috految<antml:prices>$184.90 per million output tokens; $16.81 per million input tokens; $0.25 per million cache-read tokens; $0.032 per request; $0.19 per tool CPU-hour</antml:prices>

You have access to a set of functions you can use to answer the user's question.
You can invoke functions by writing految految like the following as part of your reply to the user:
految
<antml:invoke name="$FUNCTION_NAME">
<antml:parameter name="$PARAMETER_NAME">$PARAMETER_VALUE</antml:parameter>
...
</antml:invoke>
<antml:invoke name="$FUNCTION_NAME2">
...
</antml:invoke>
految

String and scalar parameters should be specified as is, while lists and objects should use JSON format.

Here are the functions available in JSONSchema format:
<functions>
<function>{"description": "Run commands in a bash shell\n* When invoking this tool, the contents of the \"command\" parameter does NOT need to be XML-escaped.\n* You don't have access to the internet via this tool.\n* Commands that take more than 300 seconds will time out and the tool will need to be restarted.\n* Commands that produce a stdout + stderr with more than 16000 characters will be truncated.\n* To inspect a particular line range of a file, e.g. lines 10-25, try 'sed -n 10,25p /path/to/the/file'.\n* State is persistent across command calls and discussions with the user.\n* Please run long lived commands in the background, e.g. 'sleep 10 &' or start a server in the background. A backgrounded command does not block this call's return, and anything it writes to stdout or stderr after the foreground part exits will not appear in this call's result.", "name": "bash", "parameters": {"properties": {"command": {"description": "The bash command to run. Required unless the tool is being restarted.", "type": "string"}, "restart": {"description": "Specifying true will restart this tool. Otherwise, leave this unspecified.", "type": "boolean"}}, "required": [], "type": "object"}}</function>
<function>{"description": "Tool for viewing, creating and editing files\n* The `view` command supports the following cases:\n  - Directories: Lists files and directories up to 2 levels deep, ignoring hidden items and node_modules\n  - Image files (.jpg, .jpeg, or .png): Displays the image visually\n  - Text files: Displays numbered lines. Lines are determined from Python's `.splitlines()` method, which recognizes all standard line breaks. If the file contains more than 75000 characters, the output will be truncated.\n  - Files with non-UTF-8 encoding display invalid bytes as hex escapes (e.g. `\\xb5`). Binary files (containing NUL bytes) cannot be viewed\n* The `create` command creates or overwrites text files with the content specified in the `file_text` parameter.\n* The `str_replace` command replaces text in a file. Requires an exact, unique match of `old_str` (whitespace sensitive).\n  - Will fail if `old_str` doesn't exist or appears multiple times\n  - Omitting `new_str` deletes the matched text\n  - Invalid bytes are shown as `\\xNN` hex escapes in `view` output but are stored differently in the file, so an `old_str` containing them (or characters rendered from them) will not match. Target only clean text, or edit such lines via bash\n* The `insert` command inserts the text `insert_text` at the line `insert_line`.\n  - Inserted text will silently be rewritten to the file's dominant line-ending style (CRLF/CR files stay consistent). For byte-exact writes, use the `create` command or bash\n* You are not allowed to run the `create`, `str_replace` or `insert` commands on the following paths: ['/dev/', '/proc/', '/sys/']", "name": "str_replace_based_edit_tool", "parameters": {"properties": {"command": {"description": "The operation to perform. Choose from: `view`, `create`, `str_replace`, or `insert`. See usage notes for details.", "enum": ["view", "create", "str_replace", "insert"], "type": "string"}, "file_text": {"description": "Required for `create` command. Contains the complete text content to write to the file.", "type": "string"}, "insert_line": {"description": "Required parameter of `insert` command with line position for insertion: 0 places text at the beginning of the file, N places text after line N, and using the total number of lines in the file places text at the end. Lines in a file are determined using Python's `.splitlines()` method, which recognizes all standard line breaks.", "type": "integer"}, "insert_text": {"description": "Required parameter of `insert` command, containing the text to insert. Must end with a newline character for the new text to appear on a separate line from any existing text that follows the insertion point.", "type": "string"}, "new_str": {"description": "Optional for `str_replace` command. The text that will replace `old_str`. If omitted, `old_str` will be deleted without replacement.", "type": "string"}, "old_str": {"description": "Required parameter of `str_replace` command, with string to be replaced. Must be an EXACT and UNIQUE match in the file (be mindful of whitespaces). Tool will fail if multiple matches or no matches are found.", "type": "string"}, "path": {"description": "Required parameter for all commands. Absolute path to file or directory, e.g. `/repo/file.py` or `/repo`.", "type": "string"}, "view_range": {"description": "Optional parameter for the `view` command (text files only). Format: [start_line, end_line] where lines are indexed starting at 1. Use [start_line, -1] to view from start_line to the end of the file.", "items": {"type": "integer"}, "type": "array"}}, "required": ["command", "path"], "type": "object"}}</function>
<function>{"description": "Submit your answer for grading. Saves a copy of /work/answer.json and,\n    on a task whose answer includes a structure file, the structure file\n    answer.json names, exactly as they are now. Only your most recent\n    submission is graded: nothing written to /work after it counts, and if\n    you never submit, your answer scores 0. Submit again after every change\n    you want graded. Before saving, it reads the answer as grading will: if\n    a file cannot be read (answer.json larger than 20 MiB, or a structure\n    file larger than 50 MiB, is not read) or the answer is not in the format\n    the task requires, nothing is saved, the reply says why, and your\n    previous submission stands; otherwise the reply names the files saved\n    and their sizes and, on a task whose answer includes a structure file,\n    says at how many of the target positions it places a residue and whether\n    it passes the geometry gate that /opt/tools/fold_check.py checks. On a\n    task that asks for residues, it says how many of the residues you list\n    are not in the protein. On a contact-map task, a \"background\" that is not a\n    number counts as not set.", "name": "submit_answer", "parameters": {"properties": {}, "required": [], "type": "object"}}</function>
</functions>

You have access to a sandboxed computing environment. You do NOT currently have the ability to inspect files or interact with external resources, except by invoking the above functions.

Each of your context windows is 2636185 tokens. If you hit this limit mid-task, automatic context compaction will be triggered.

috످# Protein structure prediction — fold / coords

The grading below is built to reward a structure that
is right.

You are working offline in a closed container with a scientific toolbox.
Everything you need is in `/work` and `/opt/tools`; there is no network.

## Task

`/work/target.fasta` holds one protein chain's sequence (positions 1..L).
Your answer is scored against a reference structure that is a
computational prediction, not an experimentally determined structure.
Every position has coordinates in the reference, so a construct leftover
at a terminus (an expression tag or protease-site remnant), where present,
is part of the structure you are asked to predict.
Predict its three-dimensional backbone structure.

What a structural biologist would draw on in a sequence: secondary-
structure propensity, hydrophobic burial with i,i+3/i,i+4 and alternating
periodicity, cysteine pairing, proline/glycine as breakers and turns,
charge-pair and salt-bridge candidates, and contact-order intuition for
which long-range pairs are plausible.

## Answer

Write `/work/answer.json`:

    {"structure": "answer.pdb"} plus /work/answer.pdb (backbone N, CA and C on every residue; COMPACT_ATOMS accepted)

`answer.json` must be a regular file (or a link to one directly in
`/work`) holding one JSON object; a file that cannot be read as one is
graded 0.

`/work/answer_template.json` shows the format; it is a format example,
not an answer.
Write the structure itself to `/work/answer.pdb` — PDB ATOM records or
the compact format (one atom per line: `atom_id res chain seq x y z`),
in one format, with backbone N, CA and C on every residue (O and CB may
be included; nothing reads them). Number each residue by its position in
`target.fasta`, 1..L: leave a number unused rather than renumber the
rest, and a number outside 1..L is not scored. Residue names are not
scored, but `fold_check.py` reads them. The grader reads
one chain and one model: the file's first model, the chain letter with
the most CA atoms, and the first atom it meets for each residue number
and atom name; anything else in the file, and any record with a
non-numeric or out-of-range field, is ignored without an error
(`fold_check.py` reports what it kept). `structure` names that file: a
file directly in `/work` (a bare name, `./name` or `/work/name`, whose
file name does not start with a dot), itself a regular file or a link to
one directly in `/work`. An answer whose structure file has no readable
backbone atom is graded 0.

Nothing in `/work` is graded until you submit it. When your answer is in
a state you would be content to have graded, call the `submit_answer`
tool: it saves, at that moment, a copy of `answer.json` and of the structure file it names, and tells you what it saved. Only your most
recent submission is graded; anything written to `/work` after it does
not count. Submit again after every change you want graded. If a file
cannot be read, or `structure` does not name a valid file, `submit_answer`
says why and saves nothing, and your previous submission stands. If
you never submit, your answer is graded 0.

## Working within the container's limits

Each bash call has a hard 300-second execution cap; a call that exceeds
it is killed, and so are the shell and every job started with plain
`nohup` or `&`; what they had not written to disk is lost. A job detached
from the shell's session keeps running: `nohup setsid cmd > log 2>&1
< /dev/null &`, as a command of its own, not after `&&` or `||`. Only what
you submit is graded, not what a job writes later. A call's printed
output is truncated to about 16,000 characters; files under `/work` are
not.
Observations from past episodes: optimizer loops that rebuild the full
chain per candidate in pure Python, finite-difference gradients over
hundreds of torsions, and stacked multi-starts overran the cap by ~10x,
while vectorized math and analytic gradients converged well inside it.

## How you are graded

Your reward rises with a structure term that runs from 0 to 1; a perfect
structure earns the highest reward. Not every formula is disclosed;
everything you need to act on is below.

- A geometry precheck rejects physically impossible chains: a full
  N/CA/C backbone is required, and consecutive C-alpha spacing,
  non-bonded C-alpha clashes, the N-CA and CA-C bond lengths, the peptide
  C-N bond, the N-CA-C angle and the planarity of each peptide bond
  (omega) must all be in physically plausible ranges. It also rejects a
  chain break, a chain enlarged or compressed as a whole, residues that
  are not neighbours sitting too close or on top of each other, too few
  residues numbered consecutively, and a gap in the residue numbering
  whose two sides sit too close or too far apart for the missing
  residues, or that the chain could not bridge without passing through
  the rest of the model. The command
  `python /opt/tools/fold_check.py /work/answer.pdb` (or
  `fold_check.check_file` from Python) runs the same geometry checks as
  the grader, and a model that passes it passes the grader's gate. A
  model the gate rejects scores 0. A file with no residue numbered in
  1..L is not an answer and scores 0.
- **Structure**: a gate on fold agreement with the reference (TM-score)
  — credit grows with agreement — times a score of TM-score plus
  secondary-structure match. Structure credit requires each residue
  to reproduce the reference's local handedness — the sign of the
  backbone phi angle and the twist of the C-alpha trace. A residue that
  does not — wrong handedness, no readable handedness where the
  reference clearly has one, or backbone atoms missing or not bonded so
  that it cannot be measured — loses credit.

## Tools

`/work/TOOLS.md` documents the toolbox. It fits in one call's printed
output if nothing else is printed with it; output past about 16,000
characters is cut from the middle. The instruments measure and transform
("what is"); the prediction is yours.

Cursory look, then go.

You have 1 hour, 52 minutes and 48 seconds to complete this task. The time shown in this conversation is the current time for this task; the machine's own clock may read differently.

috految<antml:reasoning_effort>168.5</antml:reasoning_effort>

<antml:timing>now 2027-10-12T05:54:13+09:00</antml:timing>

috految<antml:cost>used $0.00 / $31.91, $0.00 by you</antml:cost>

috److految
<antml:invoke name="bash">
<antml:parameter name="command">cd /work; cat target.fasta; cat TOOLS.md; nproc; free -g; which gcc g++ cc clang; ls /work /opt/tools</antml:parameter>
</antml:invoke>
految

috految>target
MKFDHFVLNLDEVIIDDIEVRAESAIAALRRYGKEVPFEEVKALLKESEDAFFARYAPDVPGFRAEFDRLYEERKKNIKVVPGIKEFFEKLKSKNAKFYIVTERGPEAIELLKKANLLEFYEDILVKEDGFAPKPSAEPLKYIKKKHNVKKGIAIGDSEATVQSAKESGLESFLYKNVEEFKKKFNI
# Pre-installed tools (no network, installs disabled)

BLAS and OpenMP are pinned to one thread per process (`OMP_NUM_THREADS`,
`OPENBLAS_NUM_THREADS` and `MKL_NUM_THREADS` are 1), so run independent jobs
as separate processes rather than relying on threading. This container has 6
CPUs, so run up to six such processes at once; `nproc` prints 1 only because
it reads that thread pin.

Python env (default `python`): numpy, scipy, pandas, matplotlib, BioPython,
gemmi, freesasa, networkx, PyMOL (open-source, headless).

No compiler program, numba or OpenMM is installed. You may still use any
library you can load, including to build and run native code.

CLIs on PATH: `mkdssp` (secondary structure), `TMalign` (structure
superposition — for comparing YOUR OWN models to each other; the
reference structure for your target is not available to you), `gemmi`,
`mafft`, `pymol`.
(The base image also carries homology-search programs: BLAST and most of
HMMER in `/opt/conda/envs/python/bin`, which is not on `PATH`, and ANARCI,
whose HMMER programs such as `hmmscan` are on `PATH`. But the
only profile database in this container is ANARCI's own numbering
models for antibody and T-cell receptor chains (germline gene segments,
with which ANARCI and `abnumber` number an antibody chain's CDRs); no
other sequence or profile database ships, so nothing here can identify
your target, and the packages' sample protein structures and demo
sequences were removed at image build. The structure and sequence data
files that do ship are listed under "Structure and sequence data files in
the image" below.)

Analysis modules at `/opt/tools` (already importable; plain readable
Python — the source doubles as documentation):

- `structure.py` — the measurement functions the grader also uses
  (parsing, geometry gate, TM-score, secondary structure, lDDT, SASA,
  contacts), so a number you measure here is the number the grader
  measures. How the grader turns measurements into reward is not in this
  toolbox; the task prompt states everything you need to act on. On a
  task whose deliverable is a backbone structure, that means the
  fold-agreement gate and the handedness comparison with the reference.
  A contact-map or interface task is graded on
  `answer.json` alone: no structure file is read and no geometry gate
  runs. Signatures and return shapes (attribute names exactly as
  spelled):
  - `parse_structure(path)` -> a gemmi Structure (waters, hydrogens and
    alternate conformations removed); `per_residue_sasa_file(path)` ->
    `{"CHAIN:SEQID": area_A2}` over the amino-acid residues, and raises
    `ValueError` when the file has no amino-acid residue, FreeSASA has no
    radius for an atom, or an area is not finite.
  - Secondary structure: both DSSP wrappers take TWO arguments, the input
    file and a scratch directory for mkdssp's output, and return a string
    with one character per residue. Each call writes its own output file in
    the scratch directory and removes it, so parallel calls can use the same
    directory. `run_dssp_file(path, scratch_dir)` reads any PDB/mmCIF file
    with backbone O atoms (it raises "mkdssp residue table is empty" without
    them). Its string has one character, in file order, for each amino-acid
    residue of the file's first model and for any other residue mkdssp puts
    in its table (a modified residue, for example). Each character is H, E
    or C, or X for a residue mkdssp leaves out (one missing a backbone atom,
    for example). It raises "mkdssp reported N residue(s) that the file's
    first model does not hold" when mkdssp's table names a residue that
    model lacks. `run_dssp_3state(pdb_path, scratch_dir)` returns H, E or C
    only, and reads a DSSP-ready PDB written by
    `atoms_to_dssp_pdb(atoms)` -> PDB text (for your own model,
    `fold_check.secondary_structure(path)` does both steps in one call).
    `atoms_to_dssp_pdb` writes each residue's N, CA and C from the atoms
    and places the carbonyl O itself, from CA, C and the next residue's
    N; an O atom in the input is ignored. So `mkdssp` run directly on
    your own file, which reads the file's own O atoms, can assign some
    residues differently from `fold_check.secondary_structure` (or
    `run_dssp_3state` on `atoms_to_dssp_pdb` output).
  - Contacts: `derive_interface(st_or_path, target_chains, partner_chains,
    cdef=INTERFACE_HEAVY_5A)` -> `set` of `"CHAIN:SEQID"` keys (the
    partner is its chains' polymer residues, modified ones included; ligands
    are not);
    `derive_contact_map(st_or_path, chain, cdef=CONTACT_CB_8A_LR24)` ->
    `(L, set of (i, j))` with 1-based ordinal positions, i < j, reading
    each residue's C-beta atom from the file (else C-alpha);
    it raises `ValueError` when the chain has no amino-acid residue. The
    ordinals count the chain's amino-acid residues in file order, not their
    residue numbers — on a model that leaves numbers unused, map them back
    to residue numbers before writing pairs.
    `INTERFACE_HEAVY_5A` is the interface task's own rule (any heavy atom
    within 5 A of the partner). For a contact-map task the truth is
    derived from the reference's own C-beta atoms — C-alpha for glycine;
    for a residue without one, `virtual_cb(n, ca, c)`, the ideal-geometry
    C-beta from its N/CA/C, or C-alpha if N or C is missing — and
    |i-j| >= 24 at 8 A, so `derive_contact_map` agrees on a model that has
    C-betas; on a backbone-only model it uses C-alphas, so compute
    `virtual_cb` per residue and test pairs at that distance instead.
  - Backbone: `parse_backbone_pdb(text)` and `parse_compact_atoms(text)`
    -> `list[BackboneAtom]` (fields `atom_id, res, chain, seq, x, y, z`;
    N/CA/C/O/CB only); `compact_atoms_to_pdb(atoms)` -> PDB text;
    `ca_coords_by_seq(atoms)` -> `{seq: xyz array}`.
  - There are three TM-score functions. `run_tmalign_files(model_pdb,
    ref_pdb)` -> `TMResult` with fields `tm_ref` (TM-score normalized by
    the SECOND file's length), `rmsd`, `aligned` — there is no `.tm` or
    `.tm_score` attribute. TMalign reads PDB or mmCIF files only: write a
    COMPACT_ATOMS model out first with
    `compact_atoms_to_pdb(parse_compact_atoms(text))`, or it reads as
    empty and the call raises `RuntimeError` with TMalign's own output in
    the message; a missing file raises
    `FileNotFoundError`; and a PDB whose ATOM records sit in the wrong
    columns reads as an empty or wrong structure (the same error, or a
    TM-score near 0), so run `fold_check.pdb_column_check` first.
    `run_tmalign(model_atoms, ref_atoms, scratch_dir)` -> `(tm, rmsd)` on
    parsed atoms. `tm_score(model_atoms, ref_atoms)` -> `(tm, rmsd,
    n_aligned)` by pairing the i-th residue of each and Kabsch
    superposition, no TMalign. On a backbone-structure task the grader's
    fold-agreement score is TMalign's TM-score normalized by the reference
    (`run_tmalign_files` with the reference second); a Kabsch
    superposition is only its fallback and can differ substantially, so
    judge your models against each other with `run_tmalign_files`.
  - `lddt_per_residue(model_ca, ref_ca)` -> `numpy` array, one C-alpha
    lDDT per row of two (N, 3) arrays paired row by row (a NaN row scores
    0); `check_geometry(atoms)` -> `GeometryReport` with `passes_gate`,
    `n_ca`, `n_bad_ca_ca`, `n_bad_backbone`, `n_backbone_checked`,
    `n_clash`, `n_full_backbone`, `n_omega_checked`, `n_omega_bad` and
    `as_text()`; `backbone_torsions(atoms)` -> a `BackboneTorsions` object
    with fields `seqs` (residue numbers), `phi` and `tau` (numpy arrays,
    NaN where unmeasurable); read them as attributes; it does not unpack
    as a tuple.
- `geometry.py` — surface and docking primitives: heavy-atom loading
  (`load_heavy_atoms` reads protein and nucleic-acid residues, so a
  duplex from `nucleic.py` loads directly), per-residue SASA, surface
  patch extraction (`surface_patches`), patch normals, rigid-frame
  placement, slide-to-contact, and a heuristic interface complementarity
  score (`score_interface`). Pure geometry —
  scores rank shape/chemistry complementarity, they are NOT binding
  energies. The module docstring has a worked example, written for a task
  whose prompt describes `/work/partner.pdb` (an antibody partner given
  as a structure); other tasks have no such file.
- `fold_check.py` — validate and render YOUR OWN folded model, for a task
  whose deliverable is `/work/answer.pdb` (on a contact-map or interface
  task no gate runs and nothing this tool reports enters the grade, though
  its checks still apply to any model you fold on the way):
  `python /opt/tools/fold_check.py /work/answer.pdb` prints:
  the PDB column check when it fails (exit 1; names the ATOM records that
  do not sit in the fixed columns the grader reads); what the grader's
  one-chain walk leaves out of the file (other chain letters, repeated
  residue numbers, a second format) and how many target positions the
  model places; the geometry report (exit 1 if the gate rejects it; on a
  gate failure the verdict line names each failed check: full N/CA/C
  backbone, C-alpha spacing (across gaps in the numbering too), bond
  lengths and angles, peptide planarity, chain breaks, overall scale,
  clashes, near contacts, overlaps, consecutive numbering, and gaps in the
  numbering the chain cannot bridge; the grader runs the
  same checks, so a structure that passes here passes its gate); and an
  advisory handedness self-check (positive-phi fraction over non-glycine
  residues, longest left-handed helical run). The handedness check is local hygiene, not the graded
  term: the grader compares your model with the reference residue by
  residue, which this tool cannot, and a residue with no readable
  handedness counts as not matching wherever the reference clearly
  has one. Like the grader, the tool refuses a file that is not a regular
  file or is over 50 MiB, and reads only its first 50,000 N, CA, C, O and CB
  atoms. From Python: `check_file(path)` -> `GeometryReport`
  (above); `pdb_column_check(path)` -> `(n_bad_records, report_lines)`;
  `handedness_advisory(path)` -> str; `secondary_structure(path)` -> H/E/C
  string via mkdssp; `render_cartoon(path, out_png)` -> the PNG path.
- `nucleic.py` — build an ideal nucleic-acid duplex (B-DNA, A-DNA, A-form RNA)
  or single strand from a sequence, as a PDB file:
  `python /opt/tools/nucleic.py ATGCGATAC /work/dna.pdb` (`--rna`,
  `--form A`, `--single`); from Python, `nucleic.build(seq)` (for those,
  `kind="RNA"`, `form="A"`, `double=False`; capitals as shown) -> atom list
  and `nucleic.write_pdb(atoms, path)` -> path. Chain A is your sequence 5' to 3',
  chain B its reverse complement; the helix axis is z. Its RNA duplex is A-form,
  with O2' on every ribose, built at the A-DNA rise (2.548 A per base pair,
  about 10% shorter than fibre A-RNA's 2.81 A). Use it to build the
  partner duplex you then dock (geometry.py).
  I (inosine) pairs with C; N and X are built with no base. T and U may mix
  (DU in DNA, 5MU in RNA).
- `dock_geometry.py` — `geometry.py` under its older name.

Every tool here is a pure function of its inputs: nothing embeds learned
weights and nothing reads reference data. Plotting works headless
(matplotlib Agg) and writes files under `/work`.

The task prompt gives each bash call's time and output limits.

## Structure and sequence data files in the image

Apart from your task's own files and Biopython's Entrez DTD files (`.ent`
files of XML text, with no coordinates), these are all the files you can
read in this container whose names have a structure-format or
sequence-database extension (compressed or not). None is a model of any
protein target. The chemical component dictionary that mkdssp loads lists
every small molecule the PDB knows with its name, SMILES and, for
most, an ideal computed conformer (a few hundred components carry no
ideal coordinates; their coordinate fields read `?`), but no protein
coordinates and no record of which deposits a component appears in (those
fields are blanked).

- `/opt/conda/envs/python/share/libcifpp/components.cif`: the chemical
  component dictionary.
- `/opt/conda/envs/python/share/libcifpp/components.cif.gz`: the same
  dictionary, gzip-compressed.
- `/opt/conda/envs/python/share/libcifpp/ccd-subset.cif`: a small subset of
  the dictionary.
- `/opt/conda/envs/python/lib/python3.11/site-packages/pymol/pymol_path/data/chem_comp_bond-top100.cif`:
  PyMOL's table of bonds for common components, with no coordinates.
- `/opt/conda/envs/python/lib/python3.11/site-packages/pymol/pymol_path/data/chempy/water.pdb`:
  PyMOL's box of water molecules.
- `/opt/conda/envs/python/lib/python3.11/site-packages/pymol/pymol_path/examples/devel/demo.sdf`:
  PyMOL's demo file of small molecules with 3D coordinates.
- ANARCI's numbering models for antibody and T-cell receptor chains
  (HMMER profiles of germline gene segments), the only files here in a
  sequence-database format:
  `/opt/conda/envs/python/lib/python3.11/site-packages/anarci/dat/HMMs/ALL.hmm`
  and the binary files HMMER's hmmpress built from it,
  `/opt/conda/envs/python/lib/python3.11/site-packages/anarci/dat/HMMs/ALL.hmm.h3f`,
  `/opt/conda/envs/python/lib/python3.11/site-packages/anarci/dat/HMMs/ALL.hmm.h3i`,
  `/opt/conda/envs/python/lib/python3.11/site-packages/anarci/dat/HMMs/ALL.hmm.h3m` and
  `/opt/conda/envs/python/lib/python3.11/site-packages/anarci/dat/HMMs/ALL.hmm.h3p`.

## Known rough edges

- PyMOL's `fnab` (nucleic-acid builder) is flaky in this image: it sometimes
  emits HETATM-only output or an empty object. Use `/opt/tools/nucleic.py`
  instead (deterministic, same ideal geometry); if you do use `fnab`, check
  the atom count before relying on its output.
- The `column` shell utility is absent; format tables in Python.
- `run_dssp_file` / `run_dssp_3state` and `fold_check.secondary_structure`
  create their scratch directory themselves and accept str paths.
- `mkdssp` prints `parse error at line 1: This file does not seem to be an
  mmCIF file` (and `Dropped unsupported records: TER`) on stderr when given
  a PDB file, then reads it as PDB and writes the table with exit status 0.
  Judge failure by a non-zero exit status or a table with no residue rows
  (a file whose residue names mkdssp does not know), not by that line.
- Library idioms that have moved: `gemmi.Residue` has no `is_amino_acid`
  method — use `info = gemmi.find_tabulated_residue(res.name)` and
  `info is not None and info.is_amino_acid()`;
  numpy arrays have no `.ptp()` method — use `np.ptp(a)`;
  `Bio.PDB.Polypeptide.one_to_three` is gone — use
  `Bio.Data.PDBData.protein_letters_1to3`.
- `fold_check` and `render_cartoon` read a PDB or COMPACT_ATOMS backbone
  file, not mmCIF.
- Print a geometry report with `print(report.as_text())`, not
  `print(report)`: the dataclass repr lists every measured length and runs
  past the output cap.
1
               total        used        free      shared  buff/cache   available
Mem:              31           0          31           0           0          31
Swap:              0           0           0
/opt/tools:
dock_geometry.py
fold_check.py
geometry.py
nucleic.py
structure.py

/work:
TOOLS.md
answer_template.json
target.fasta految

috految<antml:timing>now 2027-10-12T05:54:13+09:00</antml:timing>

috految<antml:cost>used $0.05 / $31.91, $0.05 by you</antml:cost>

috److془This is a ProteinMPNN design of 2FI1 (SP0805 hydrolase from S. pneumoniae).

2FI1 sequence: MKGMKYHDYIWDLGGTLLDNYETSTAAFVETLALYGITQDHDSVYQALKVSTPFAIETFAPNLENFLEKYKENEARELEHPILFEGVSDLLEDISNQGGRHFLVSHRNDQVLEILEKTSIAAYFTEVVTSSSGFKRKPNPESMLYLREKYQISSGLVIGDRPIDIEAGQAAGLDTHLFTSIVNLRQVLDI

DSSP: CCCCCCSEEEECTBTTTBCHHHHHHHHHHHHHHHTTCCCCHHHHHHHHHHCHHHHHHHHCTTCTTHHHHHHHHHHHHTTSCCBCTTHHHHHHHHHHTTCEEEEECSSCTHHHHHHHHTTCGGGEEEEECGGGCCCCTTSCHHHHHHHHHTTCSSEEEEESSHHHHHHHHHTTCEEEECSCHHHHHHHTTC

Target:
MKFDHFVLNLDEVIIDDIEVRAESAIAALRRYGKEVPFEEVKALLKESEDAFFARYAPDVPGFRAEFDRLYEERKKNIKVVPGIKEFFEKLKSKNAKFYIVTERGPEAIELLKKANLLEFYEDILVKEDGFAPKPSAEPLKYIKKKHNVKKGIAIGDSEATVQSAKESGLESFLYKNVEEFKKKFNI
MKYHDYIWDLGGTLLDNYETSTAAFVETLALYGITQDHDSVYQALKVSTPFAIETFAPNLENFLEKYKENEARELEHPILFEGVSDLLEDISNQGGRHFLVSHRNDQVLEILEKTSIAAYFTEVVTSSSGFKRKPNPESMLYLREKYQISSGLVIGDRPIDIEAGQAAGLDTHLFTSIVNLRQVLDI

Numbering:
1 M M
2 K K
3 F Y
4 D H
5 H D
6 F Y
7 V I
8 L W
9 N D
10 L L
11 D G
12 E G
13 V T
14 I L
15 I L
16 D D
17 D N
18 I Y
19 E E
20 V T
21 R S
22 A T
23 E A
24 S A
25 A F
26 I V
27 A E
28 A T
29 L L
30 R A
31 R L
32 Y Y
33 G G
34 K I
35 E T
36 V Q
37 P D
38 F H
39 E D
40 E S
41 V V
42 K Y
43 A Q
44 L A
45 L L
46 K K
47 E V
48 S S
49 E T
50 D P
51 A F
52 F A
53 F I
54 A E
55 R T
56 Y F
57 A A
58 P P
59 D N
60 V L
61 P E
62 G N
63 F F
64 R L
65 A E
66 E K
67 F Y
68 D K
69 R E
70 L N
71 Y E
72 E A
73 E R
74 R E
75 K L
76 K E
77 N H
78 I P
79 K I
80 V L
81 V F
82 P E
83 G G
84 I V
85 K S
86 E D
87 F L
88 F L
89 E E
90 K D
91 L I
92 K S
93 S N
94 K Q
95 N G
96 A G
97 K R
98 F H
99 Y F
100 I L
101 V V
102 T S
103 E H
104 R R
105 G N
106 P D
107 E Q
108 A V
109 I L
110 E E
111 L I
112 L L
113 K E
114 K K
115 A T
116 N S
117 L I
118 L A
119 E A
120 F Y
121 Y F
122 E T
123 D E
124 I V
125 L V
126 V T
127 K S
128 E S
129 D S
130 G G
131 F F
132 A K
133 P R
134 K K
135 P P
136 S N
137 A P
138 E E
139 P S
140 L M
141 K L
142 Y Y
143 I L
144 K R
145 K E
146 K K
147 H Y
148 N Q
149 V I
150 K S
151 K S
152 G G
153 I L
154 A V
155 I I
156 G G
157 D D
158 S R
159 E P
160 A I
161 T D
162 V I
163 Q E
164 S A
165 A G
166 K Q
167 E A
168 S A
169 G G
170 L L
171 E D
172 S T
173 F H
174 L L
175 Y F
176 K T
177 N S
178 V I
179 E V
180 E N
181 F L
182 K R
183 K Q
184 K V
185 F L
186 N D
187 I I

Build all-atom torsion-space model with torsion priors, H-bond restraints, contact restraints, and physical energy (Rosetta-like). Do multiple runs with both sequences, average.

Let me carefully recall torsions (AF2-like):

1 M: psi 140
2 K: -81, 128
3 F: -111, 145
4 D: -98, -24
5 H: -113, 132
6 F: -119, 132
7 V: -110, 122
8 L: -122, 136
9 N: -76, 138
10 L: -81, -68
11 D: -72, 126
12 E: 77, 0
13 V: -113, -61
14 I: -98, -27
15 I: -128, 144
16 D: -79, 95
17 D: -84, -24
18 I: -64, -46
19 E: -67, -43
20 V: -61, -44
21 R: -66, -40
22 A: -67, -47
23 E: -61, -37
24 S: -67, -36
25 A: -65, -45
26 I: -58, -43
27 A: -65, -41
28 A: -65, -48
29 L: -63, -39
30 R: -58, -39
31 R: -64, -28
32 Y: -101, 12
33 G: 91, 5
34 K: -111, 130
35 E: -101, 116
36 V: -136, 138
37 P: -61, 139
38 F: -54, -43
39 E: -64, -34
40 E: -74, -43
41 V: -66, -45
42 K: -60, -42
43 A: -59, -45
44 L: -71, -38
45 L: -62, -38
46 K: -64, -32
47 E: -87, -50
48 S: -158, 155
49 E: -71, -42
50 D: -64, -43
51 A: -69, -42
52 F: -56, -52
53 F: -63, -41
54 A: -62, -35
55 R: -83, -46
56 Y: -99, -30
57 A: -137, 44
58 P: -68, -22
59 D: -109, 17
60 V: -100, 113
61 P: -59, 126
62 G: 78, 4
63 F: -50, -57
64 R: -61, -46
65 A: -63, -40
66 E: -72, -45
67 F: -57, -51
68 D: -67, -39
69 R: -59, -48
70 L: -73, -34
71 Y: -64, -49
72 E: -58, -40
73 E: -73, -49
74 R: -63, -32
75 K: -65, -24
76 K: -77, -25
77 N: -127, 64
78 I: -69, 125
79 K: -119, 147
80 V: -85, 147
81 V: -56, 135
82 P: -60, 131
83 G: 95, -13
84 I: -59, -50
85 K: -54, -51
86 E: -66, -40
87 F: -59, -49
88 F: -64, -42
89 E: -66, -40
90 K: -60, -48
91 L: -63, -41
92 K: -66, -38
93 S: -64, -26
94 K: -92, 14
95 N: 62, 35
96 A: -86, 146
97 K: -100, 135
98 F: -121, 138
99 Y: -122, 141
100 I: -109, 133
101 V: -123, 121
102 T: -141, 145
103 E: -89, -2
104 R: -83, 157
105 G: -89, -169
106 P: -67, -5
107 E: -56, -34
108 A: -57, -39
109 I: -69, -43
110 E: -63, -39
111 L: -67, -39
112 L: -63, -37
113 K: -68, -47
114 K: -62, -34
115 A: -92, 8
116 N: 54, 40
117 L: -111, -2
118 L: -51, -46
119 E: -61, -15
120 F: -92, -12
121 Y: -97, 143
122 E: -72, -42
123 D: -157, 158
124 I: -127, 116
125 L: -103, 118
126 V: -118, 174
127 K: -58, -24
128 E: -70, -15
129 D: -79, -8
130 G: 72, 27
131 F: -93, 155
132 A: -61, 151
133 P: -70, 153
134 K: -54, 143
135 P: cis -93, 10
136 S: -67, 136
137 A: -89, -3
138 E: -51, -52
139 P: -60, -42
140 L: -70, -42
141 K: -63, -38
142 Y: -60, -53
143 I: -61, -44
144 K: -57, -48
145 K: -69, -50
146 K: -56, -43
147 H: -103, 3
148 N: 52, 47
149 V: -76, 114
150 K: -104, -35
151 K: -130, 107
152 G: -157, 176
153 I: -129, 134
154 A: -103, 139
155 I: -121, 129
156 G: -167, 176
157 D: -111, 1
158 S: -98, 144
159 E: -58, -37
160 A: -62, -45
161 T: -66, -42
162 V: -69, -45
163 Q: -62, -42
164 S: -60, -43
165 A: -65, -44
166 K: -63, -43
167 E: -63, -31
168 S: -81, -3
169 G: 97, 19
170 L: -92, 153
171 E: -75, 139
172 S: -130, 151
173 F: -140, 129
174 L: -70, 119
175 Y: -68, 128
176 K: -119, -43
177 N: -158, 169
178 V: -67, -36
179 E: -62, -46
180 E: -68, -39
181 F: -60, -48
182 K: -60, -48
183 K: -66, -46
184 K: -58, -42
185 F: -95, 0
186 N: 55, 42
187 I: -110, 130

Cap orientation: Closed in 2FI1? Let me recall. In the family (e.g., "MNYDYIWDLGGTLLDNYETSTAAFVETLALYGITQDHDSVYQALKVSTPFAIETFAPNLENFLEKYKENEARELEHPILFEGVSDLLEDISNQGGRHFLVSHRNDQVLEILEKTSIAAYFTEVVTSSSGFKRKPNPESMLYLREKYQISSGLVIGDRPIDIEAGQAAGLDTHLFTSIVNLRQVLDI"). Homologs: "MKYKNFIWDFDGTLFDTYPAMVKAFKKALEEFGIEEDEEEILKKMKISVSHAIKYYSEKYNLDEEFLERYKKYEKELEIEKVKPFEGAKEICKKIIESGGKNYIYTHRGESAIEILKKYGLYDYFTEIITKENGFPRKPDPEAILYLIEKYNLDKDETLMIGDRELDILAAKNAGIKTCLFDP". Conserved contacts: Y18 packed with D157 vicinity, K46 with carbonyl D157/ R158; K46 with D157 (in closed form). R158 with carbonyl O of L45 and K46. L45 O along with R133?? In closed form: S48 - R133 - H103; E71 - R104; L75 - R104, Q107, I111.

In the 2FI1: "Ca ion: ASP A 12, GLY A 14, ASP A 160, HOH". 

In the designed sequence: 17D, 18I, 21R, 45L, 46K, 47E, 48S, 49E, 71Y, 103E, 104R, 157D, 158S, 159E, 160A, 161T. 133P, 134K. R21 with D11 and E49. Y71 -> D17/R104. K75..; R74 with D16/V20/E23. I18 with D157, E12?

In the 2fi1 the cap's probably semi-open. Let me try to recall the 2FI1 coordinates... no way.

Design's sequence: "EVKALLKESEDAFFARYAPDVPGFRAEFDRLYEERKKNIKVVPGIKEFFEKL". Typical for ProteinMPNN design; A160 may be due to contact with 46, 47 (or suggests the A is typical "DSEATVQSAKESGL").

Let me use the torsion priors + physical energy for both native and design. Known CA distances in closed HAD C1 (β-PGM closed 1O08): D8, L9, D10, G11, V12, I13, T14, D15, T16, A17, E18, Y19, H20, F21, R22, A23, W24. Mapping: 9->D8,... 17->T16, 18->A17, 21->H20, 25 -> W24. L44 -> 45, K45 -> 46, G46, V47 -> 48?, S48, R49 -> 49. K76 -> 67, N77->68, Y80->71, I84->75. 
In closed β-PGM: K45 NZ - D170 OD; G46 N ~ near Mg-coordinating waters; S171 - G46; R49-S116/K117; H20 NE2 -D10 OD; T16 OG1 - D10 OD1; T16 N - D10 OD1. Torsions: D15 (-90, 65), T16 (-104, -1), A17 (-51,-44). In open- form: T14 (-173, -177), D15 (-99, 31), T16 (-74, -16), 

In family of sp0805 AF models: "WDLGGTLLDNYETST": L15 (-135, 140), D16 (-79, 89), N17 (-75, -22), Y18 (-77, -43), E19 (-68, -49), T20 (-64,-46), S21 (-62,-43), T22 (-64,-46).

I recall from the DSSP of 2FI1 "CCCSEEEECTBTTTBCHHHHHHHHHHHHHHHTTCCCCHHHHHHHHHHCHHHHHHHHCTTCTTHHHHHHHHHHHHTTSCCBCTTHHHHHHHHHHTTCEEEEECSSCTHHHHHHHHTTCGGGEEEEECGGGCCCCTTSCHHHHHHHHHTTCSSEEEEESSHHHHHHHHHTTCEEEECSCHHHHHHHTTC". B at 11 and 15, 80. 11-15 bridging: N12-O15 and N15-O10. 15-80: N16-O79, N81-O14. 

Let me do it. Write the all-atom torsion-space minimization with numpy. ~1500 heavy atoms + polar H. Pair list with 7Å cutoff ~ 40k pairs; ~3 ms per eval. Good. With hydrogens, ~3000 atoms, 100k pairs, ~6 ms. Use Rosetta ref2015-like params. Rotamers by my prior + repack. Use preconditioning by Gauss-Newton Hessian for rapid convergence. Could also do Langevin dynamics with constant mass matrix = Hessian. Ensemble averaging.

H-bonds (N donor, O acceptor):
Sheet: β3 (121-125) - β2 (97-101) - β1 (5-8) - β4 (152-156) - β5 (171-174).
N6-O97, N99-O6, N8-O99, N101-O8, N97-O4 (3.0), N10-O101 (?), typical: "L9 N - ... " hmm; the N10 H-bonds to phosphate O. N9 - O155, N7-O153, N155-O7, N153-O5, N5-O151(3.3?) ; N4 - O151?? In HAD: "MKYKAVIFDLDG": K(4) N - O of 151. N5-O151 too. Here with 150 (-104,-35), 151(-130,107), 152(-157,176). Hmm, N4-O151 3.0, N5–O151 3.2. Good. N9-O155: hmm, in HAD, D8 N - O of L168 (residue before G/E). Yes I believe 2.9-3.3. However, if N9-O155 & N155-O7, then 8 pairs with 155; consistent with DSSP "SEEEEC" 5-8. 
N154-O171, N173-O154, N156-O173, N171-O152, N175-O156. 
N122-O98, N123-O98, N100-O123, N125-O100, N102-O125; N98-O120 (weak). N127-O102 or so (in the HAD "ITSED", S127 N - O of T102 ~3.0). D129 N - O126; G130 N - O127; F131 N - O129?; N126 - D129 OD. Y142 OH - D129 / 123 OD. 
Y121 N - O118; F120 N - O117; L117 N - O112; N116 N - O113; L118 N - O112?; 
G83 N - ; I84 N - O81; K85 N? ; F87 N - O83. N96-O91; N95-O92. 
N148-O145 or O144, N149-O144. N170-O165, N169-O166;
V13 N - O9 ; I14 N - O10 or O9; 15 N- O10. T13 OG1 - D9 N? (Thr OG1 H-bonds to D8 OD2 and to 156 O.) 
K134 NZ - D9 OD1, D161 OD; K134 N? S164 OG - 134 O/ 136 O. P135 CA near 164 CB and 160 O, 163. Actually for "KPDPEP": K134 O - S164 OG; P135 close to A160, S164, Q163; A137 - S164, E167, S168; P139 - V101/L125, K134 CG, F131; L140 - V7, A154, S164, A165, S168, L170, 161; K141 - S168; I143 - V7, Y99, V101, L125, V149; K144 - V149, L170; H147 - Y99, H5, D123; V149 - H5, V7, Y99, G152. 

C-term: F173 - F181, K184, I153, F185, I155; Y175 - V13, E12, V81, I155, F181, V178; V178 - V81, G83, I84, F87 ; F181 - F87, I155, I84?, I153, F173; K182 - F87, I187; F185 - M1, F3, I153, F173; I187 - F87, K90, L91, K94, F3. F3 - F6, L91, A96, I153, F185. 

I84 - I14, V80, V81, L117, F88; K85 - F120, V80; F88 - L8, F6, F98, L117, F120, Y121; E89 - F120; K92 - F98, F120; L91 - F3, F6, A96, F98; 
L10 - I15, T102, A108, L111, L112, I100; I15- I78, V80, L111, A115, L117; I78 - L111, K114, A115; V80 - A115, L117, I84; I109 - I124, L118, V126; L112 - L118, Y121, I100, I124; A108 - T102, I100, V126, I124; G105 - V126, K127, E128; P106 - V126; 

Cap: V20 - R74, L70, Y71; R21 - F67, L45, Y71; A22 - F38, V41, K42, L45; E23 - F38; S24 - F67, L70, Y71; A25 - V41, F52, F67, L45; I26 - V36, F38, V41; A27 - L70; A28 - F63, E66, F67, L70; L29 - V36, V41, F52, Y56, A57, F63; R31 - E66; Y32 - V60, F63, E66; K34 - Y56, A57; V36 - V41, Y56; V41 - F52, Y56; L44 - A51, F52, R55; L45 - E49, F52; F53 - F63, R64, F67; A57 - V60, F63; I18 - K42, L45; E19 - F38, K42. 

Go.془

految
<antml:invoke name="bash">
<antml:parameter name="command">cd /work; cat > m.py <<'E'
import numpy as np,sys,pickle,itertools,scipy.sparse as sp
from scipy.optimize import minimize
from scipy.spatial import cKDTree as KD
from scipy.spatial.distance import cdist
from scipy.linalg import solve_triangular
from Bio.Data.PDBData import protein_letters_1to3 as T3
R=np.pi/180;nr=lambda v:np.sqrt((v*v).sum(-1))
S=open('target.fasta').read().split()[1];L=len(S)
# HAD-family (SP0805-like) homolog, from memory
HOM='MKYHDYIWDLGGTLLDNYETSTAAFVETLALYGITQDHDSVYQALKVSTPFAIETFAPNLENFLEKYKENEARELEHPILFEGVSDLLEDISNQGGRHFLVSHRNDQVLEILEKTSIAAYFTEVVTSSSGFKRKPNPESMLYLREKYQISSGLVIGDRPIDIEAGQAAGLDTHLFTSIVNLRQVLDI'
TT='''1 -80 140;2 -85 126;3 -107 145 -60 95;4 -97 -25 -65;5 -113 132 -65 -70;6 -119 132 -60 88;7 -112 120 178;8 -121 138 -62 175;9 -76 136 -170;10 -79 -64 180 62;11 -76 121 -170;12 78 -2 -55;13 -113 -57 170;14 -101 -27 -60 170;15 -126 143 -60 170;16 -78 98 -175;17 -88 -20 -70;18 -66 -47 -65 170;19 -67 -44;20 -63 -44 172;21 -66 -39 -70;22 -65 -47;23 -62 -38;24 -67 -37 -65;25 -64 -45;26 -59 -44 -68 168;27 -63 -42;28 -65 -47;29 -64 -38 -68 170;30 -58 -39 -170;31 -63 -28;32 -101 10 -60 105;33 90 6;34 -110 130 -65;35 -101 116;36 -136 138 -60;37 -61 140;38 -55 -46 178 78;39 -61 -34;40 -77 -43;41 -63 -46 170;42 -61 -42 180;43 -58 -47;44 -73 -36 -70 170;45 -61 -38 -178 60;46 -66 -32;47 -86 -50;48 -158 153 68;49 -71 -41;50 -64 -43 -72;51 -68 -41;52 -57 -51 178 75;53 -64 -41 -72 110;54 -62 -35;55 -83 -46 180;56 -97 -26 -59 105;57 -137 43;58 -68 -22;59 -108 15 62;60 -99 114 178;61 -59 127;62 77 4;63 -52 -56 176 75;64 -61 -44 180;65 -64 -42;66 -71 -44 180;67 -57 -51 180 75;68 -67 -39 -72;69 -59 -48 180;70 -73 -35 -68 170;71 -64 -49 180 75;72 -59 -41;73 -72 -47 180;74 -66 -31 -70;75 -65 -25 -70;76 -76 -23 -65;77 -124 65 -170;78 -70 126 -60 170;79 -120 146 -65;80 -85 147 -60;81 -57 134 170;82 -58 131;83 91 -10;84 -58 -50 -168 165;85 -55 -50 180;86 -67 -39;87 -59 -51 178 75;88 -62 -42 -75 100;89 -66 -40;90 -62 -47 180;91 -63 -42 -70 170;92 -65 -38 -170;93 -65 -26;94 -91 12 -65;95 62 33 -160;96 -82 146;97 -103 134 -65;98 -117 141 -68 85;99 -124 142 -65 90;100 -109 132 -60 170;101 -121 124 178;102 -142 143 -172;103 -90 -3;104 -84 154 -65;105 -87 -170;106 -67 -7;107 -57 -33;108 -57 -39;109 -68 -43 -65 170;110 -63 -39;111 -66 -40 -72 170;112 -63 -38 -68 170;113 -68 -46 180;114 -61 -35 180;115 -90 4;116 55 39 -160;117 -108 -3 -57 170;118 -51 -48 -178 60;119 -62 -16;120 -92 -12 -60 105;121 -97 142 -67 100;122 -72 -42;123 -157 158 60;124 -126 119 -60 170;125 -103 118 -60 175;126 -118 172 -60;127 -57 -26 62;128 -70 -15;129 -79 -7 -65;130 72 27;131 -92 156 -63 105;132 -61 151;133 -69 153;134 -56 142 -65 175;135 -95 12;136 -68 135 178;137 -89 1;138 -52 -52;139 -60 -41;140 -70 -43 -68 170;141 -63 -39 -68;142 -59 -53 178 78;143 -61 -45 -68 168;144 -56 -48 180;145 -70 -49;146 -58 -44 180;147 -100 4 -60 -62;148 51 46 -160;149 -77 117 175;150 -110 -34 -62;151 -128 110 -60;152 -159 175;153 -130 134 -60 170;154 -101 138;155 -121 129 -60 170;156 -163 176;157 -107 -2 62;158 -98 143 68;159 -57 -37;160 -62 -45;161 -66 -42 -60;162 -69 -45 172;163 -61 -44;164 -61 -43 180;165 -64 -44;166 -63 -44 -70;167 -63 -30;168 -83 -3 65;169 97 18;170 -94 153 -62 175;171 -75 139;172 -130 150 62;173 -139 131 180 75;174 -71 119 180 65;175 -68 128 176 70;176 -118 -39;177 -156 167 62;178 -66 -37 170;179 -62 -47;180 -70 -39 -70;181 -59 -49 178 75;182 -60 -47 -72;183 -67 -46;184 -58 -41 180;185 -97 1 -62 105;186 54 42 -160;187 -108 130 -60 170'''
TH='3 -109 141 -58 95;4 -95 -29;5 -110 128 -70;7 -111 117 -58 170;8 -115 143 -66 75;9 -86 154 -165;10 -109 -80 180 70;11 -72 124;12 86 -1;13 -113 -66 -60;14 -96 -35 -55 170;15 -119 139 -60 175;16 -79 91 -178;17 -76 -24 -72;18 -76 -44 -66 120;19 -67 -49;20 -64 -46 -60;21 -63 -42;22 -64 -47 -60;25 -59 -51 175 70;28 -66 -49 -60;34 -114 132 -60 170;35 -108 122;36 -146 158 62;37 -85 149;38 -47 -52 175;39 -65 -40;40 -71 -44;42 -60 -48 175 75;43 -61 -44;44 -66 -37;45 -68 -34 -70 170;46 -68 -31;47 -82 -52;48 -162 166 70;49 -61 -54;50 -60 -35;51 -68 -48 178 75;52 -59 -44;53 -63 -45 -68 168;54 -60 -40;55 -88 -47;56 -106 -24 -60 100;57 -130 35;58 -66 -23;59 -107 18;60 -101 117;61 -62 124;62 61 22;63 -55 -56 178 75;64 -60 -43;67 -60 -49 178 75;70 -71 -40;71 -62 -43 180;72 -57 -39;73 -73 -46;74 -66 -26;75 -77 -10 -68 170;76 -67 -30;77 -133 85;78 -70 147;79 -123 133 -60 170;80 -78 143 -60 175;81 -61 146 -72 100;82 -58 132;83 90 -12;84 -62 -47 170;88 -61 -44 -68 170;91 -59 -49 -68 168;95 105 12;96 -76 155;97 -113 147;98 -119 145 -60;100 -122 137 180 65;102 -148 148 175;103 -87 -2;104 -87 158 -65;105 -93 -180 62;106 -65 10;107 -57 -35;108 -56 -38 170;109 -68 -42;111 -66 -45 -68 168;115 -102 6 60;116 57 33;117 -120 5 62 170;118 -54 -47;122 -71 -46;123 -150 151;124 -121 119 178;125 -104 116 178;126 -118 173 62;127 -63 -17;128 -83 -6;129 -74 -15;130 73 23;131 -95 155 -60 100;132 -64 151;133 -69 156;136 -70 132;137 -87 9;138 -48 -52;139 -71 -42;140 -70 -44;149 -81 114 -60 170;150 -106 -30;151 -147 105;152 -154 175;153 -132 128 180 65;154 -102 129 178;155 -115 129 -60 170;156 -158 170;157 -118 1 62;158 -110 141;159 -54 -36;160 -61 -34;161 -76 -51 -70;162 -59 -49 -68 168;165 -67 -46;172 -128 160 62;173 -140 124;174 -73 117;175 -69 125 178 70;176 -115 -32;177 -162 156;178 -73 -34 -65 170;181 -60 -44 180 60;185 -90 -2 -65 170'
ps=lambda t:{int(r.split()[0]):list(map(float,r.split()[1:])) for r in t.split(';')}
HB=[(a,b,2.) for a,b in [(6,97),(99,6),(8,99),(101,8),(7,153),(155,7),(153,5),(154,171),(173,154),(156,173),(100,123),(125,100),(122,98),(12,15),(15,10),(16,79),(81,14),(117,112),(96,91),(170,165),(34,29),(175,156)]]+[(a,b,.7) for a,b in [(97,4),(9,155),(171,152),(123,98),(102,125),(4,151),(5,151),(13,9),(14,9),(129,126),(130,127),(121,118),(120,117),(116,113),(84,81),(95,92),(149,144),(169,166),(33,30),(57,53),(60,57),(63,60),(187,182),(186,183),(108,105),(109,106),(48,44),(127,102),(98,120),(77,74)]]
for a,b in [(16,31),(37,47),(48,56),(62,75),(83,94),(107,115),(137,147),(158,168),(177,185)]:HB+=[(i+4,i,1 if a<i<b-4 else .5) for i in range(a,b-3)]
CT='1 185;3 6 91 96 153 185;5 99 149 147;6 91 98 153 88;7 99 101 140 143 154 149;8 13 14 88 100 155;9 101 156 161 13;10 15 102 108 111 112 100;12 157 175;13 155 156 175;14 84 81 88 117;15 78 80 111 115;16 79;18 42 45;19 38;20 74 71;21 67 45 71;22 38 41 42 45;23 38;24 67 70 71;25 41 52 67;26 36 38 41;27 70;28 63 66 67 70;29 36 41 52 56 57 63;31 66;32 60 63 66;34 56 57;36 41 56;41 52 56;44 51 52;45 52 49;53 63 64;57 60 63;67 52;78 111 115 114;80 115 117 84;81 175 178;83 178;84 117 178;85 120;87 178 181 182 187;88 98 117 120 121;89 120;90 187;91 96 98 187;92 98 120;94 187;98 121;99 143 123 147;100 112 121 124;101 125 139 140 143;102 108 126;103 127 133;105 126;106 126;108 124;109 118 124;112 118 121;125 142 143 139;129 142;131 138 139 142;134 161 164 160 139;135 160 164;137 164 167 168;140 154 164 165 168 170;141 168;143 149;144 149 170;149 152;152 170;153 185 173 181;154 165 172 162;155 181 173 175;156 161 162;157 174;159 174;162 172 174;166 172;173 181 184;175 181;182 187'
XR=[(134,'NZ',9,'CG',3.9,1),(9,'CG',157,'CG',5.2,.5),(9,'CG',11,'O',4.3,.5),(157,'CG',11,'O',4.5,.5),(157,'CG',12,'CA',4.3,.5),(102,'CB',10,'N',4.9,.5),(9,'CG',161,'CB',5.3,.5),(103,'N',9,'CG',6.5,.3),(104,'CZ',11,'CA',6.,.2),(11,'CA',17,'CB',5.2,.5),(17,'CB',75,'CB',7.,.4),(75,'CB',111,'CB',8.,.2),(75,'CB',107,'CB',8.,.3),(71,'CB',104,'CB',10.,.2),(18,'CB',12,'CA',6.5,.3),(46,'CB',157,'CB',9.,.15),(46,'CA',158,'CB',8.,.15),(49,'CA',103,'CB',10.,.15)]
Z=dict(G='',A='',S='OG CB 1.42 111 a',T='OG1 CB 1.43 109.5 a;CG2 CB 1.53 111 a-120',V='CG1 CB 1.53 110.5 a;CG2 CB 1.53 110.5 a+123',I='CG1 CB 1.53 110.4 a;CG2 CB 1.53 110.5 a-123;CD1 CG1 1.52 114 b',L='CG CB 1.53 116.3 a;CD1 CG 1.52 110.7 b;CD2 CG 1.52 110.7 b+122.5',D='CG CB 1.52 113 a;OD1 CG 1.25 119 b;OD2 CG 1.25 118 b+180',N='CG CB 1.52 113 a;OD1 CG 1.23 121 b;ND2 CG 1.33 116.5 b+180',E='CG CB 1.52 114 a;CD CG 1.52 113 b;OE1 CD 1.25 119 c;OE2 CD 1.25 118 c+180',Q='CG CB 1.52 114 a;CD CG 1.52 113 b;OE1 CD 1.23 121 c;NE2 CD 1.33 116.5 c+180',M='CG CB 1.52 114 a;SD CG 1.81 112.7 b;CE SD 1.79 101 c',K='CG CB 1.52 114 a;CD CG 1.52 111.5 b;CE CD 1.52 111.5 c;NZ CE 1.49 112 d',R='CG CB 1.52 114 a;CD CG 1.52 111.5 b;NE CD 1.46 112 c;CZ NE 1.33 124.5 d;NH1 CZ 1.33 120 0;NH2 CZ 1.33 120 180',P='CG CB 1.5 104 a;CD CG 1.51 104.5 b',H='CG CB 1.5 113.7 a;ND1 CG 1.38 122.7 b;CD2 CG 1.36 131 b+180;CE1 ND1 1.32 109 180;NE2 CD2 1.37 107 180',F='CG CB 1.5 113.8 a;CD1 CG 1.39 120.5 b;CD2 CG 1.39 120.5 b+180;CE1 CD1 1.39 120.5 180;CE2 CD2 1.39 120.5 180;CZ CE1 1.39 120 0',W='CG CB 1.5 114 a;CD1 CG 1.37 127 b;CD2 CG 1.43 126.7 b+180;NE1 CD1 1.38 110 180;CE2 CD2 1.41 107 180;CE3 CD2 1.4 134 0;CZ2 CE2 1.4 122.4 180;CZ3 CE3 1.39 118.7 180;CH2 CZ2 1.37 117.5 0')
Z['Y']=Z['F']+';OH CZ 1.38 120 180'
c1=[(-67,0),(-177,.3),(63,2)];c2=[(180,0),(-65,1),(65,1.3)];s2=[(-20,0),(30,.4),(-65,.4)]
def rots(a):
 if a=='L':return [([-65,173],0),([-177,63],.4),([-88,55],2.5),([-165,172],2.5)]
 if a=='I':return [([-64,170],0),([-58,-60],1),([62,170],1.2),([-170,165],2),([-167,67],2.2)]
 if a=='P':return [([26,-35],0),([-24,36],0)]
 if a in'FY':return [([-66,100],0),([-70,150],1),([-177,78],0),([-170,40],1.5),([62,90],1.5)]
 g=dict(S=[[(63,0),(-63,.2),(180,.6)]],T=[[(-61,0),(61,.2),(-172,1.5)]],V=[[(174,0),(-61,1),(63,2)]],D=[c1,s2],N=[c1,s2+[(130,1)]],E=[c1,c2,s2],Q=[c1,c2,s2],M=[c1,c2,[(70,0),(-70,0),(180,.4)]],K=[c1,c2,c2,c2],R=[c1,c2,[(180,0),(-65,.4),(65,.4)],[(180,0),(-88,.3),(88,.3)]],H=[c1,[(-72,0),(80,.3),(165,1)]],W=[c1,[(95,0),(-100,.5),(0,1)]])[a]
 return [([c[0] for c in x],sum(c[1] for c in x)+(2 if a in'EQMKR' and (x[0][0],x[1][0]) in[(-67,65),(-177,-65),(63,65),(63,-65)] else 0)) for x in itertools.product(*g)]
def run(seed,hom,avg=None):
 rg=np.random.default_rng(seed);s=HOM if hom else S;P=ps(TT)
 if hom:P={i:(v if s[i-1]==S[i-1] else v[:2]) for i,v in P.items()};P.update(ps(TH))
 A=[];ix={};t0=[0.];sg=[1.];chi={};bb={}
 def dof(v,g):t0.append(v*R);sg.append(g*R);return len(t0)-1
 def add(i,n,p,b,a,d=0,o=0,k=0):ix[i,n]=len(A);A.append((i,n,p,b,a*R,d,o*R,k))
 for i in range(1,L+1):
  a=s[i-1];f,p=P[i][:2];h=-80<f<-45 and -58<p<-29;g=3.5 if h else 6.5
  if i in(1,2,9,10,11,16,17,74,75,76,77,105,106,150,151,152,176,187):g=8.5
  add(i,'N',ix.get((i-1,'C'),-1),1.33,118.5 if i==135 else 116.6,bb[i-1][1] if i>1 else 0)
  om=dof(0 if i==135 else {5:176,14:186,15:183,17:186,48:183,56:186,57:185,78:183,81:175,86:181,121:182,123:181,147:183,177:182}.get(i,179.5 if h or P[max(i-1,1)][1]<60 else 178),2.5 if h else 5)
  add(i,'CA',ix[i,'N'],1.458,126 if i==135 else 121.6,om)
  if a!='P':add(i,'H',ix[i,'N'],1.,119.3,om,180)
  bb[i]=ph,pz=dof(f,g),dof(p,g)
  add(i,'C',ix[i,'CA'],1.525,(111.2 if h else 113 if -30<p<45 else 109.5 if f<-88 and p>100 else 110.8)+(1.3 if a in'GP' else -.7 if a in'VI' else 0),ph,0,dof(0,1.8))
  add(i,'O',ix[i,'C'],1.23,120.5,pz,180)
  if a!='G':add(i,'CB',ix[i,'CA'],1.53,103.2 if a=='P' else 111.3 if a in'VIT' else 110.4,ph,-118 if a=='P' else -124 if a in'VIT' else -122.5)
  if Z[a]:
   c=P[i][2:];rr=rots(a);ro=np.array([r[0] for r in rr],float);en=np.array([r[1] for r in rr],float)
   if c:en=en*.7+(abs((ro[:,:len(c)]-c+180)%360-180)>45).sum(1)*2.2
   elif h and a not in'STP':en+=1.5*(abs(ro[:,0]-62)<8)
   ds=[dof(v,5 if a=='P' else 25 if k==ro.shape[1]-1 and a in'DNEQH' else 10 if k==0 else 13) for k,v in enumerate(ro[en.argmin()])];k0=len(A)
   for z in Z[a].split(';'):
    n,q,b,an,t=z.split();v=t[0] in'abcd';add(i,n,ix[i,q],float(b),float(an),ds['abcd'.index(t[0])] if v else 0,float(t[1:] or 0) if v else float(t))
   chi[i]=(ds,ro*R,en,np.arange(k0,len(A)))
 res,nm,par,B,AN,D,OF,KA=map(np.array,zip(*A));N=len(A);t0=np.array(t0);sg=np.array(sg);n=len(t0)
 an=[np.append(np.where(par<0,N,par),N)]
 while (an[-1]<N).any():an.append(an[-1][an[-1]])
 De=np.eye(N)
 for k in range(N-1,0,-1):De[par[k]]+=De[k]
 od=sp.csgraph.depth_first_order(sp.csr_matrix((np.ones(N-1),(par[1:],np.arange(1,N))),(N,N)),0)[0];st=np.argsort(od);ed=st+De.sum(1).astype(int)
 def loc(t,a,b):
  c,s_,u,v=np.cos(t),np.sin(t),-np.cos(a),np.sin(a);M=np.zeros((len(t),4,4));M[:,3,3]=1
  M[:,0,0]=u;M[:,0,1]=-v;M[:,1,0]=c*v;M[:,1,1]=c*u;M[:,1,2]=-s_;M[:,2,0]=s_*v;M[:,2,1]=s_*u;M[:,2,2]=c;M[:,:3,3]=M[:,:3,0]*np.reshape(b,(-1,1));return M
 def build(t):
  t=t.copy();t[0]=0;M=np.concatenate([loc(t[D]+OF,AN+t[KA],B),np.eye(4)[None]])
  for a in an:M=M[a]@M
  return M[:N,:3,3].copy(),M
 G=np.zeros((N,N));G[np.arange(1,N),par[1:]]=1
 for i in range(1,L+1):
  if s[i-1]=='P':G[ix[i,'N'],ix[i,'CD']]=1
 gd=sp.csgraph.shortest_path(sp.csr_matrix(G),directed=False);W=np.where(gd>4,1,np.where(gd==4,.3,0.));W[res[:,None]==res]=0
 ty=[]
 for i,k in zip(res,nm):
  a=s[i-1];ty.append(10 if k=='H' else 0 if k=='C' else 1 if k=='CA' else 4 if k=='N' else 5 if k=='O' else (7 if a in'DE' else 8 if a in'STY' else 5) if k[0]=='O' else (9 if a in'KR' else 6) if k[0]=='N' else 3 if a in'FYWH' and k!='CB' else 0 if (a,k) in[('D','CG'),('N','CG'),('E','CD'),('Q','CD'),('R','CZ')] else 2 if a in'AVILMFYWPT' else 1)
 ty=np.array(ty);rad=[1.83,2.03,2.06,1.93,1.72,1.58,1.72,1.58,1.6,1.72,0];ep=[.09,.09,.13,.11,.09,.09,.08,.07,.08,.06,0];dg=[0,0,.9,.45,-2.,-2.5,-4,-5.5,-3.5,-5.5,0];vo=[10,18,24,18,10,11,11,11,11,11,0];q=[0]*7+[-.5,0,.6,0]
 r=np.arange(0,12,.01)+1e-3;TA=np.zeros((11,11,len(r)));TR=TA.copy();sw=lambda a,b:.5+.5*np.cos(np.pi*np.clip((r-a)/(b-a),0,1))
 for a in range(10):
  for b in range(10):
   m=rad[a]+rad[b];e=(ep[a]*ep[b])**.5;hb=any(x in(4,6,8,9) and y in(5,7,8) for x,y in[(a,b),(b,a)])
   if hb:m=2.9
   elif a in(5,7) and b in(5,7):m=3.4
   x=np.maximum(r,m)
   v=e*((m/x)**12-2*(m/x)**6)-sum(.045*dg[u]*vo[w]/3.5*np.exp(-((x-rad[u])/3.5)**2)/x**2 for u,w in[(a,b),(b,a)])*1.5
   if hb and 4 not in(a,b):v-=.55*sw(2.9,4.2)
   TA[a,b]=v*sw(5.5,7)+q[a]*q[b]*1.5*sw(2.5,7);o=np.maximum(m-r,0);TR[a,b]=np.where(o<1,1.1*o**2+2.2*o**3,3.3+8.8*(o-1))
 RS=[];sc=lambda i:[k for k in np.where(res==i)[0] if nm[k] not in('N','C','O','H')]
 for a,b,w in HB:
  if (a,'H') in ix:RS+=[(ix[a,'H'],ix[b,'O'],1.8,2.05,w),(ix[a,'N'],ix[b,'O'],2.85,3.05,w)]
 for i,a,j,b,d,w in XR:
  if (i,a) in ix and (j,b) in ix:RS.append((ix[i,a],ix[j,b],0,d,w))
 ct=[(int(z.split()[0]),int(j)) for z in CT.split(';') for j in z.split()[1:]];cb=lambda i:ix.get((i,'CB'),ix[i,'CA'])
 sz=lambda i:2.6 if s[i-1] in'GAS' else 3.8 if s[i-1] in'FYWKRM' else 3.3
 RS+=[(cb(i),cb(j),0,sz(i)+sz(j),.3) for i,j in ct]
 ri,rj,lo,hi,rw=map(np.array,zip(*RS));rw=rw*rg.lognormal(0,.3,len(rw));hv=nm!='H';isb=np.isin(nm,['N','CA','C','O','CB','H']);H=np.where(~hv)[0];O=np.where(np.isin(ty,[5,7,8]))[0];C={};ca=[ix[i,'CA'] for i in range(1,L+1)]
 def En(t,tg,wr,wa,wc,full):
  X,M=build(t);F=np.zeros((N,3))
  def ac(i,j,g):
   for k in range(3):F[:,k]+=np.bincount(i,g[:,k],N)-np.bincount(j,g[:,k],N)
  v=X[ri]-X[rj];d=nr(v);z=d-np.clip(d,lo,hi);u=np.sqrt(1+z*z/.36);E=wc*(rw*1.2*(u-1)).sum();ac(ri,rj,v*(wc*rw*1.2*z/.36/u/d)[:,None]);C['v']=z
  if wr:
   if 'X' not in C or nr(X-C['X']).max()>.7:
    k=np.where(hv&(isb|full))[0];i,j=k[KD(X[k]).query_pairs(7.8,output_type='ndarray')].T;m=W[i,j]>0;i,j=i[m],j[m];a,b=np.where((cdist(X[H],X[O])<4.5)&(gd[np.ix_(H,O)]>5));C.update(X=X,p=(i,j,W[i,j],(ty[i]*11+ty[j])*len(r)),h=(H[a],O[b]),T=(TA*wa+TR*wr).ravel())
   i,j,w,o=C['p'];v=X.take(i,0)-X.take(j,0);d=np.sqrt(np.einsum('ij,ij->i',v,v));x=np.minimum(d,11)*100;k=x.astype(int);e=C['T'][o+k];de=C['T'][o+k+1]-e;E+=(w*(e+de*(x-k))).sum();ac(i,j,v*(w*de*100/d)[:,None])
   h,o=C['h'];v=X[o]-X[h];d=nr(v)[:,None];u=v/d;a=X[h]-X[par[h]];b=X[par[o]]-X[o];lb=nr(b)[:,None];b=b/lb;c1_=(u*a).sum(1)[:,None];c2_=(u*b).sum(1)[:,None];f=np.exp(-(d-1.95)**2/.4);g1=np.maximum(c1_,0)**2;g2=1/(1+np.exp(-6*(c2_-.1)));k=-1.7*wa;e=k*f*g1*g2;E+=e.sum();d1=k*f*2*np.maximum(c1_,0)*g2;d2=e*6*(1-g2)
   ac(o,h,-e*5*(d-1.95)*u+(d1*(a-c1_*u)+d2*(b-c2_*u))/d);ac(h,par[h],d1*u);ac(par[o],o,d2*(u-c2_*b)/lb)
  if avg is not None:
   Y=avg-avg.mean(0);x=X[ca]-X[ca].mean(0);U,_,V=np.linalg.svd(Y.T@x);U[:,2]*=np.linalg.det(U@V);v=x-Y@U@V;E+=4*(v*v).sum();F[ca]+=8*v
  cs=np.vstack([np.zeros(6),np.cumsum(np.c_[F,np.cross(X,F)][od],0)]);f=cs[ed]-cs[st];tq=f[:,3:]-np.cross(M[par,:3,3],f[:,:3]);g=np.bincount(D,(tq*M[par,:3,0]).sum(1),n)-np.bincount(KA,(tq*M[:N,:3,2]).sum(1),n);g[0]=0
  z=(t-tg)/sg;u=np.sqrt(1+z*z/4);return E+3.2*(u-1).sum(),g+.8*z/u/sg
 def mini(t,tg,*a,it=150):
  X,M=build(t);C.pop('X',0);k=np.array(ca);J=np.zeros((n,L,3));m=De[:,k,None];v=X[k][None]-M[par,:3,3][:,None];np.add.at(J,D,m*np.cross(M[par,:3,0][:,None],v));np.add.at(J,KA,-m*np.cross(M[:N,:3,2][:,None],v));J[0]=0
  i,j=KD(X[k]).query_pairs(10,output_type='ndarray').T;u=X[k][i]-X[k][j];u/=nr(u)[:,None];J=((J[:,i]-J[:,j])*u).sum(2);U=solve_triangular(np.linalg.cholesky(.5*J@J.T+np.diag(1/sg**2+10)).T,np.eye(n))
  def f(y):e,g=En(t+U@y,tg,*a);return e,g@U
  o=minimize(f,np.zeros(n),jac=True,method='L-BFGS-B',options=dict(maxiter=it,maxcor=20));return t+U@o.x,o.fun
 def pack(t,tg,wr,T):
  X,M=build(t);Tb=TA+wr*TR;er=0
  for i in rg.permutation(list(chi)):
   ds,ro,en,at=chi[i];m=3 if len(ro)>20 else 10;z=rg.normal(size=(len(ro)*m,len(ds)))*.7;z[::m]=0;c=np.repeat(ro,m,0);v=c+z*sg[ds];F={}
   for k in at:F[k]=F.get(par[k],M[par[k]])@loc((v[:,ds.index(D[k])] if D[k] else v[:,0]*0)+OF[k],AN[k],B[k])
   Y=np.stack([F[k][:,:3,3] for k in at],1);nb=np.where(hv&(nr(X-X[cb(i)])<12))[0];d=cdist(Y.reshape(-1,3),X[nb]).reshape(len(Y),len(at),-1)
   e=(Tb[ty[at][:,None],ty[nb],np.minimum(d*100,1100).astype(int)]*W[np.ix_(at,nb)]).sum((1,2))+np.repeat(en,m)+.3*(z*z).sum(1);k=(e-T*rg.gumbel(size=len(e))).argmin();t[ds]=v[k];tg[ds]=c[k];X[at]=Y[k];er+=en[k//m]
  return er
 tg=t0+sg*rg.normal(size=n)*.6*(avg is None);t=tg.copy()
 t,e=mini(t,tg,0,0,.3,False,it=70);t,e=mini(t,tg,.1,0,1,False,it=70);t,e=mini(t,tg,.6,.3,1,False,it=70);tg=t0.copy()
 for wr,wa,wc,T in[(.15,.4,1,.5),(.4,.7,1,.5),(.9,1,.7,.4),(.35,.7,.7,.5),(1,1,.5,.2),(1.1,1,.4,.1)]:
  pack(t,tg,wr*.4,T);er=pack(t,tg,wr*.6,T/2);t,e=mini(t,tg,wr,wa,wc,True,it=120)
 X,_=build(t);pdb=''.join('ATOM  %5d  %-3s %3s A%4d    %8.3f%8.3f%8.3f  1.00  0.00           %s\n'%(k+1,nm[k],T3[s[res[k]-1]],res[k],*X[k],nm[k][0]) for k in range(N) if hv[k])
 return dict(e=e+er,hom=hom,ca=X[ca],pdb=pdb,dev=np.array([(t-t0)[list(bb[i])]/R for i in bb]),v=['%d%s-%d%s:%.1f'%(res[a],nm[a],res[b],nm[b],z) for a,b,z in zip(ri,rj,C['v']) if z>1.3])
def sup(a,b,k=slice(None)):
 U,_,V=np.linalg.svd((a[k]-a[k].mean(0)).T@(b[k]-b[k].mean(0)));U[:,2]*=np.linalg.det(U@V);return (a-a[k].mean(0))@U@V+b[k].mean(0)
if __name__=='__main__':
 from multiprocessing import Pool
 o=Pool(6).starmap(run,[(k,k%3==2) for k in range(36)]);o.sort(key=lambda x:(x['hom'],x['e']));pickle.dump(o,open('o.pk','wb'));ref=o[0]['ca']
 for x in o:c=x['ca'];print(x['hom'],round(x['e'],1),round(nr(sup(c,ref)-ref).mean(),2),[round(float(nr(c[i-1]-c[j-1])),1) for i,j in[(46,158),(46,157),(47,160),(49,103),(71,104),(75,107),(18,12),(42,157),(48,133)]])
 for h in(0,1):
  q=[x for x in o if x['hom']==h];print(*q[0]['v']);d=np.mean([x['dev'] for x in q[:8]],0);print([(i+1,*map(int,d[i])) for i in range(L) if abs(d[i]).max()>11]);open('m%d.pdb'%h,'w').write(q[0]['pdb'])
  import fold_check;print(fold_check.secondary_structure('m%d.pdb'%h))
E
time timeout 290 python m.py; python /opt/tools/fold_check.py m0.pdb</antml:parameter>
</antml:invoke>
految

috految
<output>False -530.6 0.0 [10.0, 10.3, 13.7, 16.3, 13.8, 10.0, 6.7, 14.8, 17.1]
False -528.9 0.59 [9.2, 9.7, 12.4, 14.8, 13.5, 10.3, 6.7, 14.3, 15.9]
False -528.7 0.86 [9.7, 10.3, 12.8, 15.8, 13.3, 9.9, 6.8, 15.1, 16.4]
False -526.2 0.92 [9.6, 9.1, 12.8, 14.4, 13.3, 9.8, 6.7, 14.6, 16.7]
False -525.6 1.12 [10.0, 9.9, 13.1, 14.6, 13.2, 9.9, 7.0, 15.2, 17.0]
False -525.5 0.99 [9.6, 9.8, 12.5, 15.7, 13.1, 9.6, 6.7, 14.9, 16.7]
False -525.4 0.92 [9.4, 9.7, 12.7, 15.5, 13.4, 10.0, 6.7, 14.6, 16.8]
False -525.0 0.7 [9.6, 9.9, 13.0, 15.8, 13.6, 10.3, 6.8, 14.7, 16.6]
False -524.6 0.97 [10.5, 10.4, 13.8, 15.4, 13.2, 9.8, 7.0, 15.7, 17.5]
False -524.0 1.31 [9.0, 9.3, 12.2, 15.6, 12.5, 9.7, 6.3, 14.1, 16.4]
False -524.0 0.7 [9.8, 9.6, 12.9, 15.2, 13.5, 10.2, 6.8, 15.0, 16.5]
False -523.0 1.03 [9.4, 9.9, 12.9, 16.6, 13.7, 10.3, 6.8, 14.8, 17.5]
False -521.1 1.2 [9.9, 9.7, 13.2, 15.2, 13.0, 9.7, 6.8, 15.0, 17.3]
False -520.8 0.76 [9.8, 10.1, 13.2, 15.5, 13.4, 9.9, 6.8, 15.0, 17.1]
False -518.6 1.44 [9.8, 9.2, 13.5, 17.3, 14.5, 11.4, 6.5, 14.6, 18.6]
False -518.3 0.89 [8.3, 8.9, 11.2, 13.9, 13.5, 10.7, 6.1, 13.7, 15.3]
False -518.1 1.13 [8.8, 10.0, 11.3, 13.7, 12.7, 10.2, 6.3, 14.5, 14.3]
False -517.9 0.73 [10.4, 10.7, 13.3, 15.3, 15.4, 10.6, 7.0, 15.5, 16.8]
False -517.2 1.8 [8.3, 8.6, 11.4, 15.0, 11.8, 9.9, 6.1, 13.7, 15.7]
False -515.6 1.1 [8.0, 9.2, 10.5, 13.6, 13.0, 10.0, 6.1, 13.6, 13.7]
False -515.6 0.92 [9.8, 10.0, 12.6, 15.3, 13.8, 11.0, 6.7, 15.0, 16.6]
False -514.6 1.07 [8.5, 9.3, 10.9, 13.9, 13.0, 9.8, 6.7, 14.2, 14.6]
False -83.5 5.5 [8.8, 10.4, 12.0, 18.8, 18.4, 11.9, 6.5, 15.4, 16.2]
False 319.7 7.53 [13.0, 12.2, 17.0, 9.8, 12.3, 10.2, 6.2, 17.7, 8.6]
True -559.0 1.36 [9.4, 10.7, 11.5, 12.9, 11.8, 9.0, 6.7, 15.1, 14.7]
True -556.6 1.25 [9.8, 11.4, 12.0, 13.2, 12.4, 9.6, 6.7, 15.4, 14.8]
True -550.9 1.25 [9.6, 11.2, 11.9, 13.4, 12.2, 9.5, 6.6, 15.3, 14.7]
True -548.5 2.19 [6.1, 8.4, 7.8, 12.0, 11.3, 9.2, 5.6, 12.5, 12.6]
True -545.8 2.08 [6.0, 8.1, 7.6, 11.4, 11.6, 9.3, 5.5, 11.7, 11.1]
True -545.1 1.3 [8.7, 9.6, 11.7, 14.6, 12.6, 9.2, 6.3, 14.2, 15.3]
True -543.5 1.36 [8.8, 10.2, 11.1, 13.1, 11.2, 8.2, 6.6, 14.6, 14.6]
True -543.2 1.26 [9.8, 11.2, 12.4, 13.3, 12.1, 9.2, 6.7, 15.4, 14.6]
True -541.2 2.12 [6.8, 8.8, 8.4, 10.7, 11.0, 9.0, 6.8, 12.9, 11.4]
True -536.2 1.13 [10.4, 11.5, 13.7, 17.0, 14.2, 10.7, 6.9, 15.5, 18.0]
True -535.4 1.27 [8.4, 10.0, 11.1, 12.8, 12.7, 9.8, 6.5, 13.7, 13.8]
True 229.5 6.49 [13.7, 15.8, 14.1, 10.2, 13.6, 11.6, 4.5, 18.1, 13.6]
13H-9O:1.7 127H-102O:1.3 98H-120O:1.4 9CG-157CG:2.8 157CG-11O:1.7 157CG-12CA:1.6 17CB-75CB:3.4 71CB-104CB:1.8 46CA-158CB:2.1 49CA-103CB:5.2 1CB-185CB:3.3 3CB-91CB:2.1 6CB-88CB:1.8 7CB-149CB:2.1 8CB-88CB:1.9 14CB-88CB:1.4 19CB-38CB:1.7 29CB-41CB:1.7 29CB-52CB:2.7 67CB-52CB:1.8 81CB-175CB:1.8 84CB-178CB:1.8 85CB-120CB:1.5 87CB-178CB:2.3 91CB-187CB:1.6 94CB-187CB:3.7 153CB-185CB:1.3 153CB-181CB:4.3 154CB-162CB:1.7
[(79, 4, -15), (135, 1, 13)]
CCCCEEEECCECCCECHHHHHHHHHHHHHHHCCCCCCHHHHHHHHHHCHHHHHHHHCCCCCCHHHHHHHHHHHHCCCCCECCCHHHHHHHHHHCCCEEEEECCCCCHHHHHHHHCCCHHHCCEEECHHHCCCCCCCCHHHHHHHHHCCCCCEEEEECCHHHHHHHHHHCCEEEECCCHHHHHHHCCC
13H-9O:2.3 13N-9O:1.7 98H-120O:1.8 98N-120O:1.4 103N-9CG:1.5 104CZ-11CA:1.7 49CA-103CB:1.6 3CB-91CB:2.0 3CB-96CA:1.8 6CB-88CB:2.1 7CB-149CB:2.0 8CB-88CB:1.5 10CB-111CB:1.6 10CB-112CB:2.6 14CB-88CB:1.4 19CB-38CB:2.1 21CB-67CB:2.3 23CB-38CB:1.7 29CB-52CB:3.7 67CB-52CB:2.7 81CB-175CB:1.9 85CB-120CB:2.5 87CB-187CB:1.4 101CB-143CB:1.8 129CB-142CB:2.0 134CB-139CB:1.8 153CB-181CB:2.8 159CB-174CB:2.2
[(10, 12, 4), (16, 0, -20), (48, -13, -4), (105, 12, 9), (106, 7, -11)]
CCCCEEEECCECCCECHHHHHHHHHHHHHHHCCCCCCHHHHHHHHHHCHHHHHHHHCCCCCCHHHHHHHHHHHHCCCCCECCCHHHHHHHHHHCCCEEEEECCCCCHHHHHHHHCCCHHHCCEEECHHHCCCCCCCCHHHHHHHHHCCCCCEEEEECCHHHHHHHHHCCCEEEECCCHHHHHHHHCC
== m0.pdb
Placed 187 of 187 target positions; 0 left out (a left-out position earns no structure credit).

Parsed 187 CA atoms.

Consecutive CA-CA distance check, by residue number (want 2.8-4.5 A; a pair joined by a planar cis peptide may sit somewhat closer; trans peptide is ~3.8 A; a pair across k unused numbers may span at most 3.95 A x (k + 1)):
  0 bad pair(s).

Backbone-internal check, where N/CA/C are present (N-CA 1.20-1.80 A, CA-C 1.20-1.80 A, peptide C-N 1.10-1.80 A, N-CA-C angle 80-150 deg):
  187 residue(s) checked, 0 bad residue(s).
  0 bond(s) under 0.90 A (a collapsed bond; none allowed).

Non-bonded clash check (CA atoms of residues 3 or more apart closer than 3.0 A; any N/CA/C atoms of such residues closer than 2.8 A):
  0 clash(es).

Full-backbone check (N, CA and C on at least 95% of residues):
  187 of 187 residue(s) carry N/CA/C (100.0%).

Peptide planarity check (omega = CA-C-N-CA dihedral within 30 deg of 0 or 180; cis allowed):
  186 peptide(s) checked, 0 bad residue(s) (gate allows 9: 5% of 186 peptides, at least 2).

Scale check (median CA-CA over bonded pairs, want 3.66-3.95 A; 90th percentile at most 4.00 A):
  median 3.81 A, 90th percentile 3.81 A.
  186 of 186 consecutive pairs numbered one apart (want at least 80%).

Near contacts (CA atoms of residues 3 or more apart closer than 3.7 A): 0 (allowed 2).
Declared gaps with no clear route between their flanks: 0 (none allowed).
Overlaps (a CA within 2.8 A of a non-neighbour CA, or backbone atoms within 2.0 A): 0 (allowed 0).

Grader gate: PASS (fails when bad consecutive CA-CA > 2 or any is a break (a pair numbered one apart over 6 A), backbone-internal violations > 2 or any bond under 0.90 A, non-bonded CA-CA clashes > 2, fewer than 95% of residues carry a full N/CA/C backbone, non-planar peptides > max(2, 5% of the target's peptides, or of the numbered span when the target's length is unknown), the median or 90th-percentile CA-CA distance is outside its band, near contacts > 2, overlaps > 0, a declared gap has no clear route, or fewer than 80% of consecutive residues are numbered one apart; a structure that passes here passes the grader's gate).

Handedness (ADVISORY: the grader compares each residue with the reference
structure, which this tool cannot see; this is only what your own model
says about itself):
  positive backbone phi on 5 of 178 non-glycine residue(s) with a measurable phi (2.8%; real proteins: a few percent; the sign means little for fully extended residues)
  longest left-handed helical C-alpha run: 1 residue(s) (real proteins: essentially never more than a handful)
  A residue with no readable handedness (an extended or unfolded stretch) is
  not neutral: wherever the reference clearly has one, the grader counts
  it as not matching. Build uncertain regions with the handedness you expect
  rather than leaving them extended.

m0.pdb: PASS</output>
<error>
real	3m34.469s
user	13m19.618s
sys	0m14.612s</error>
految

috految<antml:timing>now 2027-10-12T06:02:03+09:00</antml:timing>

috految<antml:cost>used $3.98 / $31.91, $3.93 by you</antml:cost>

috److految
<antml:invoke name="bash">
<antml:parameter name="command">cd /work; cat > f.py <<'E'
from m import *
import fold_check
o=pickle.load(open('o.pk','rb'));ref=o[0]['ca'];a=0
for h,w in((0,.55),(1,.45)):
 q=[x for x in o if x['hom']==h and x['e']<-500];e=np.array([x['e'] for x in q]);p=np.exp(-(e-e.min())/14);a=a+w*np.average([sup(x['ca'],ref) for x in q],0,p)
HB+=[(98,120,2),(122,98,2),(123,98,1),(127,102,.3),(76,72,1),(185,181,1),(109,105,.3)]
x=run(1,False,a);print(x['e'],nr(sup(x['ca'],a)-a).max(),abs(x['dev']).max());open('answer.pdb','w').write(x['pdb']);print(fold_check.secondary_structure('answer.pdb'))
E
python f.py; echo '{"structure":"answer.pdb"}' > answer.json; python /opt/tools/fold_check.py answer.pdb | tail -1</antml:parameter>
</antml:invoke>
<antml:invoke name="submit_answer">
</antml:invoke>
految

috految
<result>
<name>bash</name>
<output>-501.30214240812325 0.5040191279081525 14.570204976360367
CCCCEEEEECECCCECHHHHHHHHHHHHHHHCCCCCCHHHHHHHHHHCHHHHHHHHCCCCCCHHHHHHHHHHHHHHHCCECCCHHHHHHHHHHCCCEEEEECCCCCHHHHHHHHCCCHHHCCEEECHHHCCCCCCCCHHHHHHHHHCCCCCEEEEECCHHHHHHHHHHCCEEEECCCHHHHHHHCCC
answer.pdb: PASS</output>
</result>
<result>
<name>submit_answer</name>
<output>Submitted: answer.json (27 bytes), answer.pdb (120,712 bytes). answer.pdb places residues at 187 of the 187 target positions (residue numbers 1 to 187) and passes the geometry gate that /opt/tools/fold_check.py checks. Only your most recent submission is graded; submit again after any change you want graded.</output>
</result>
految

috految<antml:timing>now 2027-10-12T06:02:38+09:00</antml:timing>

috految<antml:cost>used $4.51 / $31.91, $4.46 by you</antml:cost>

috److I built and submitted a model covering all 187 residues, and it passes the geometry check.

- **Fold:** The sequence looks like a redesigned haloacid dehalogenase (HAD) family hydrolase, similar to *S. pneumoniae* SP0805 (PDB 2FI1). I identified this from memory, not from a database search. The model has a five-stranded parallel sheet core and a helical cap spanning roughly residues 17–77.
- **Method:** I set backbone torsions, hydrogen bonds and contacts from my knowledge of that family. I then ran 36 restrained all-atom minimisations, 24 on the target sequence and 12 on the recalled homolog. The final model was refined against a weighted average of the 33 runs that converged.
- **Agreement between runs:** The converged runs were within about 0.6–2.2 Å (mean C-alpha deviation) of the lowest-energy target run. They all share the same restraints, so this shows consistency rather than accuracy against the reference.
- **Least certain part:** How far the cap opens relative to the core varied by a few ångströms between runs.

The submitted files are `/work/answer.json` and `/work/answer.pdb`.

috످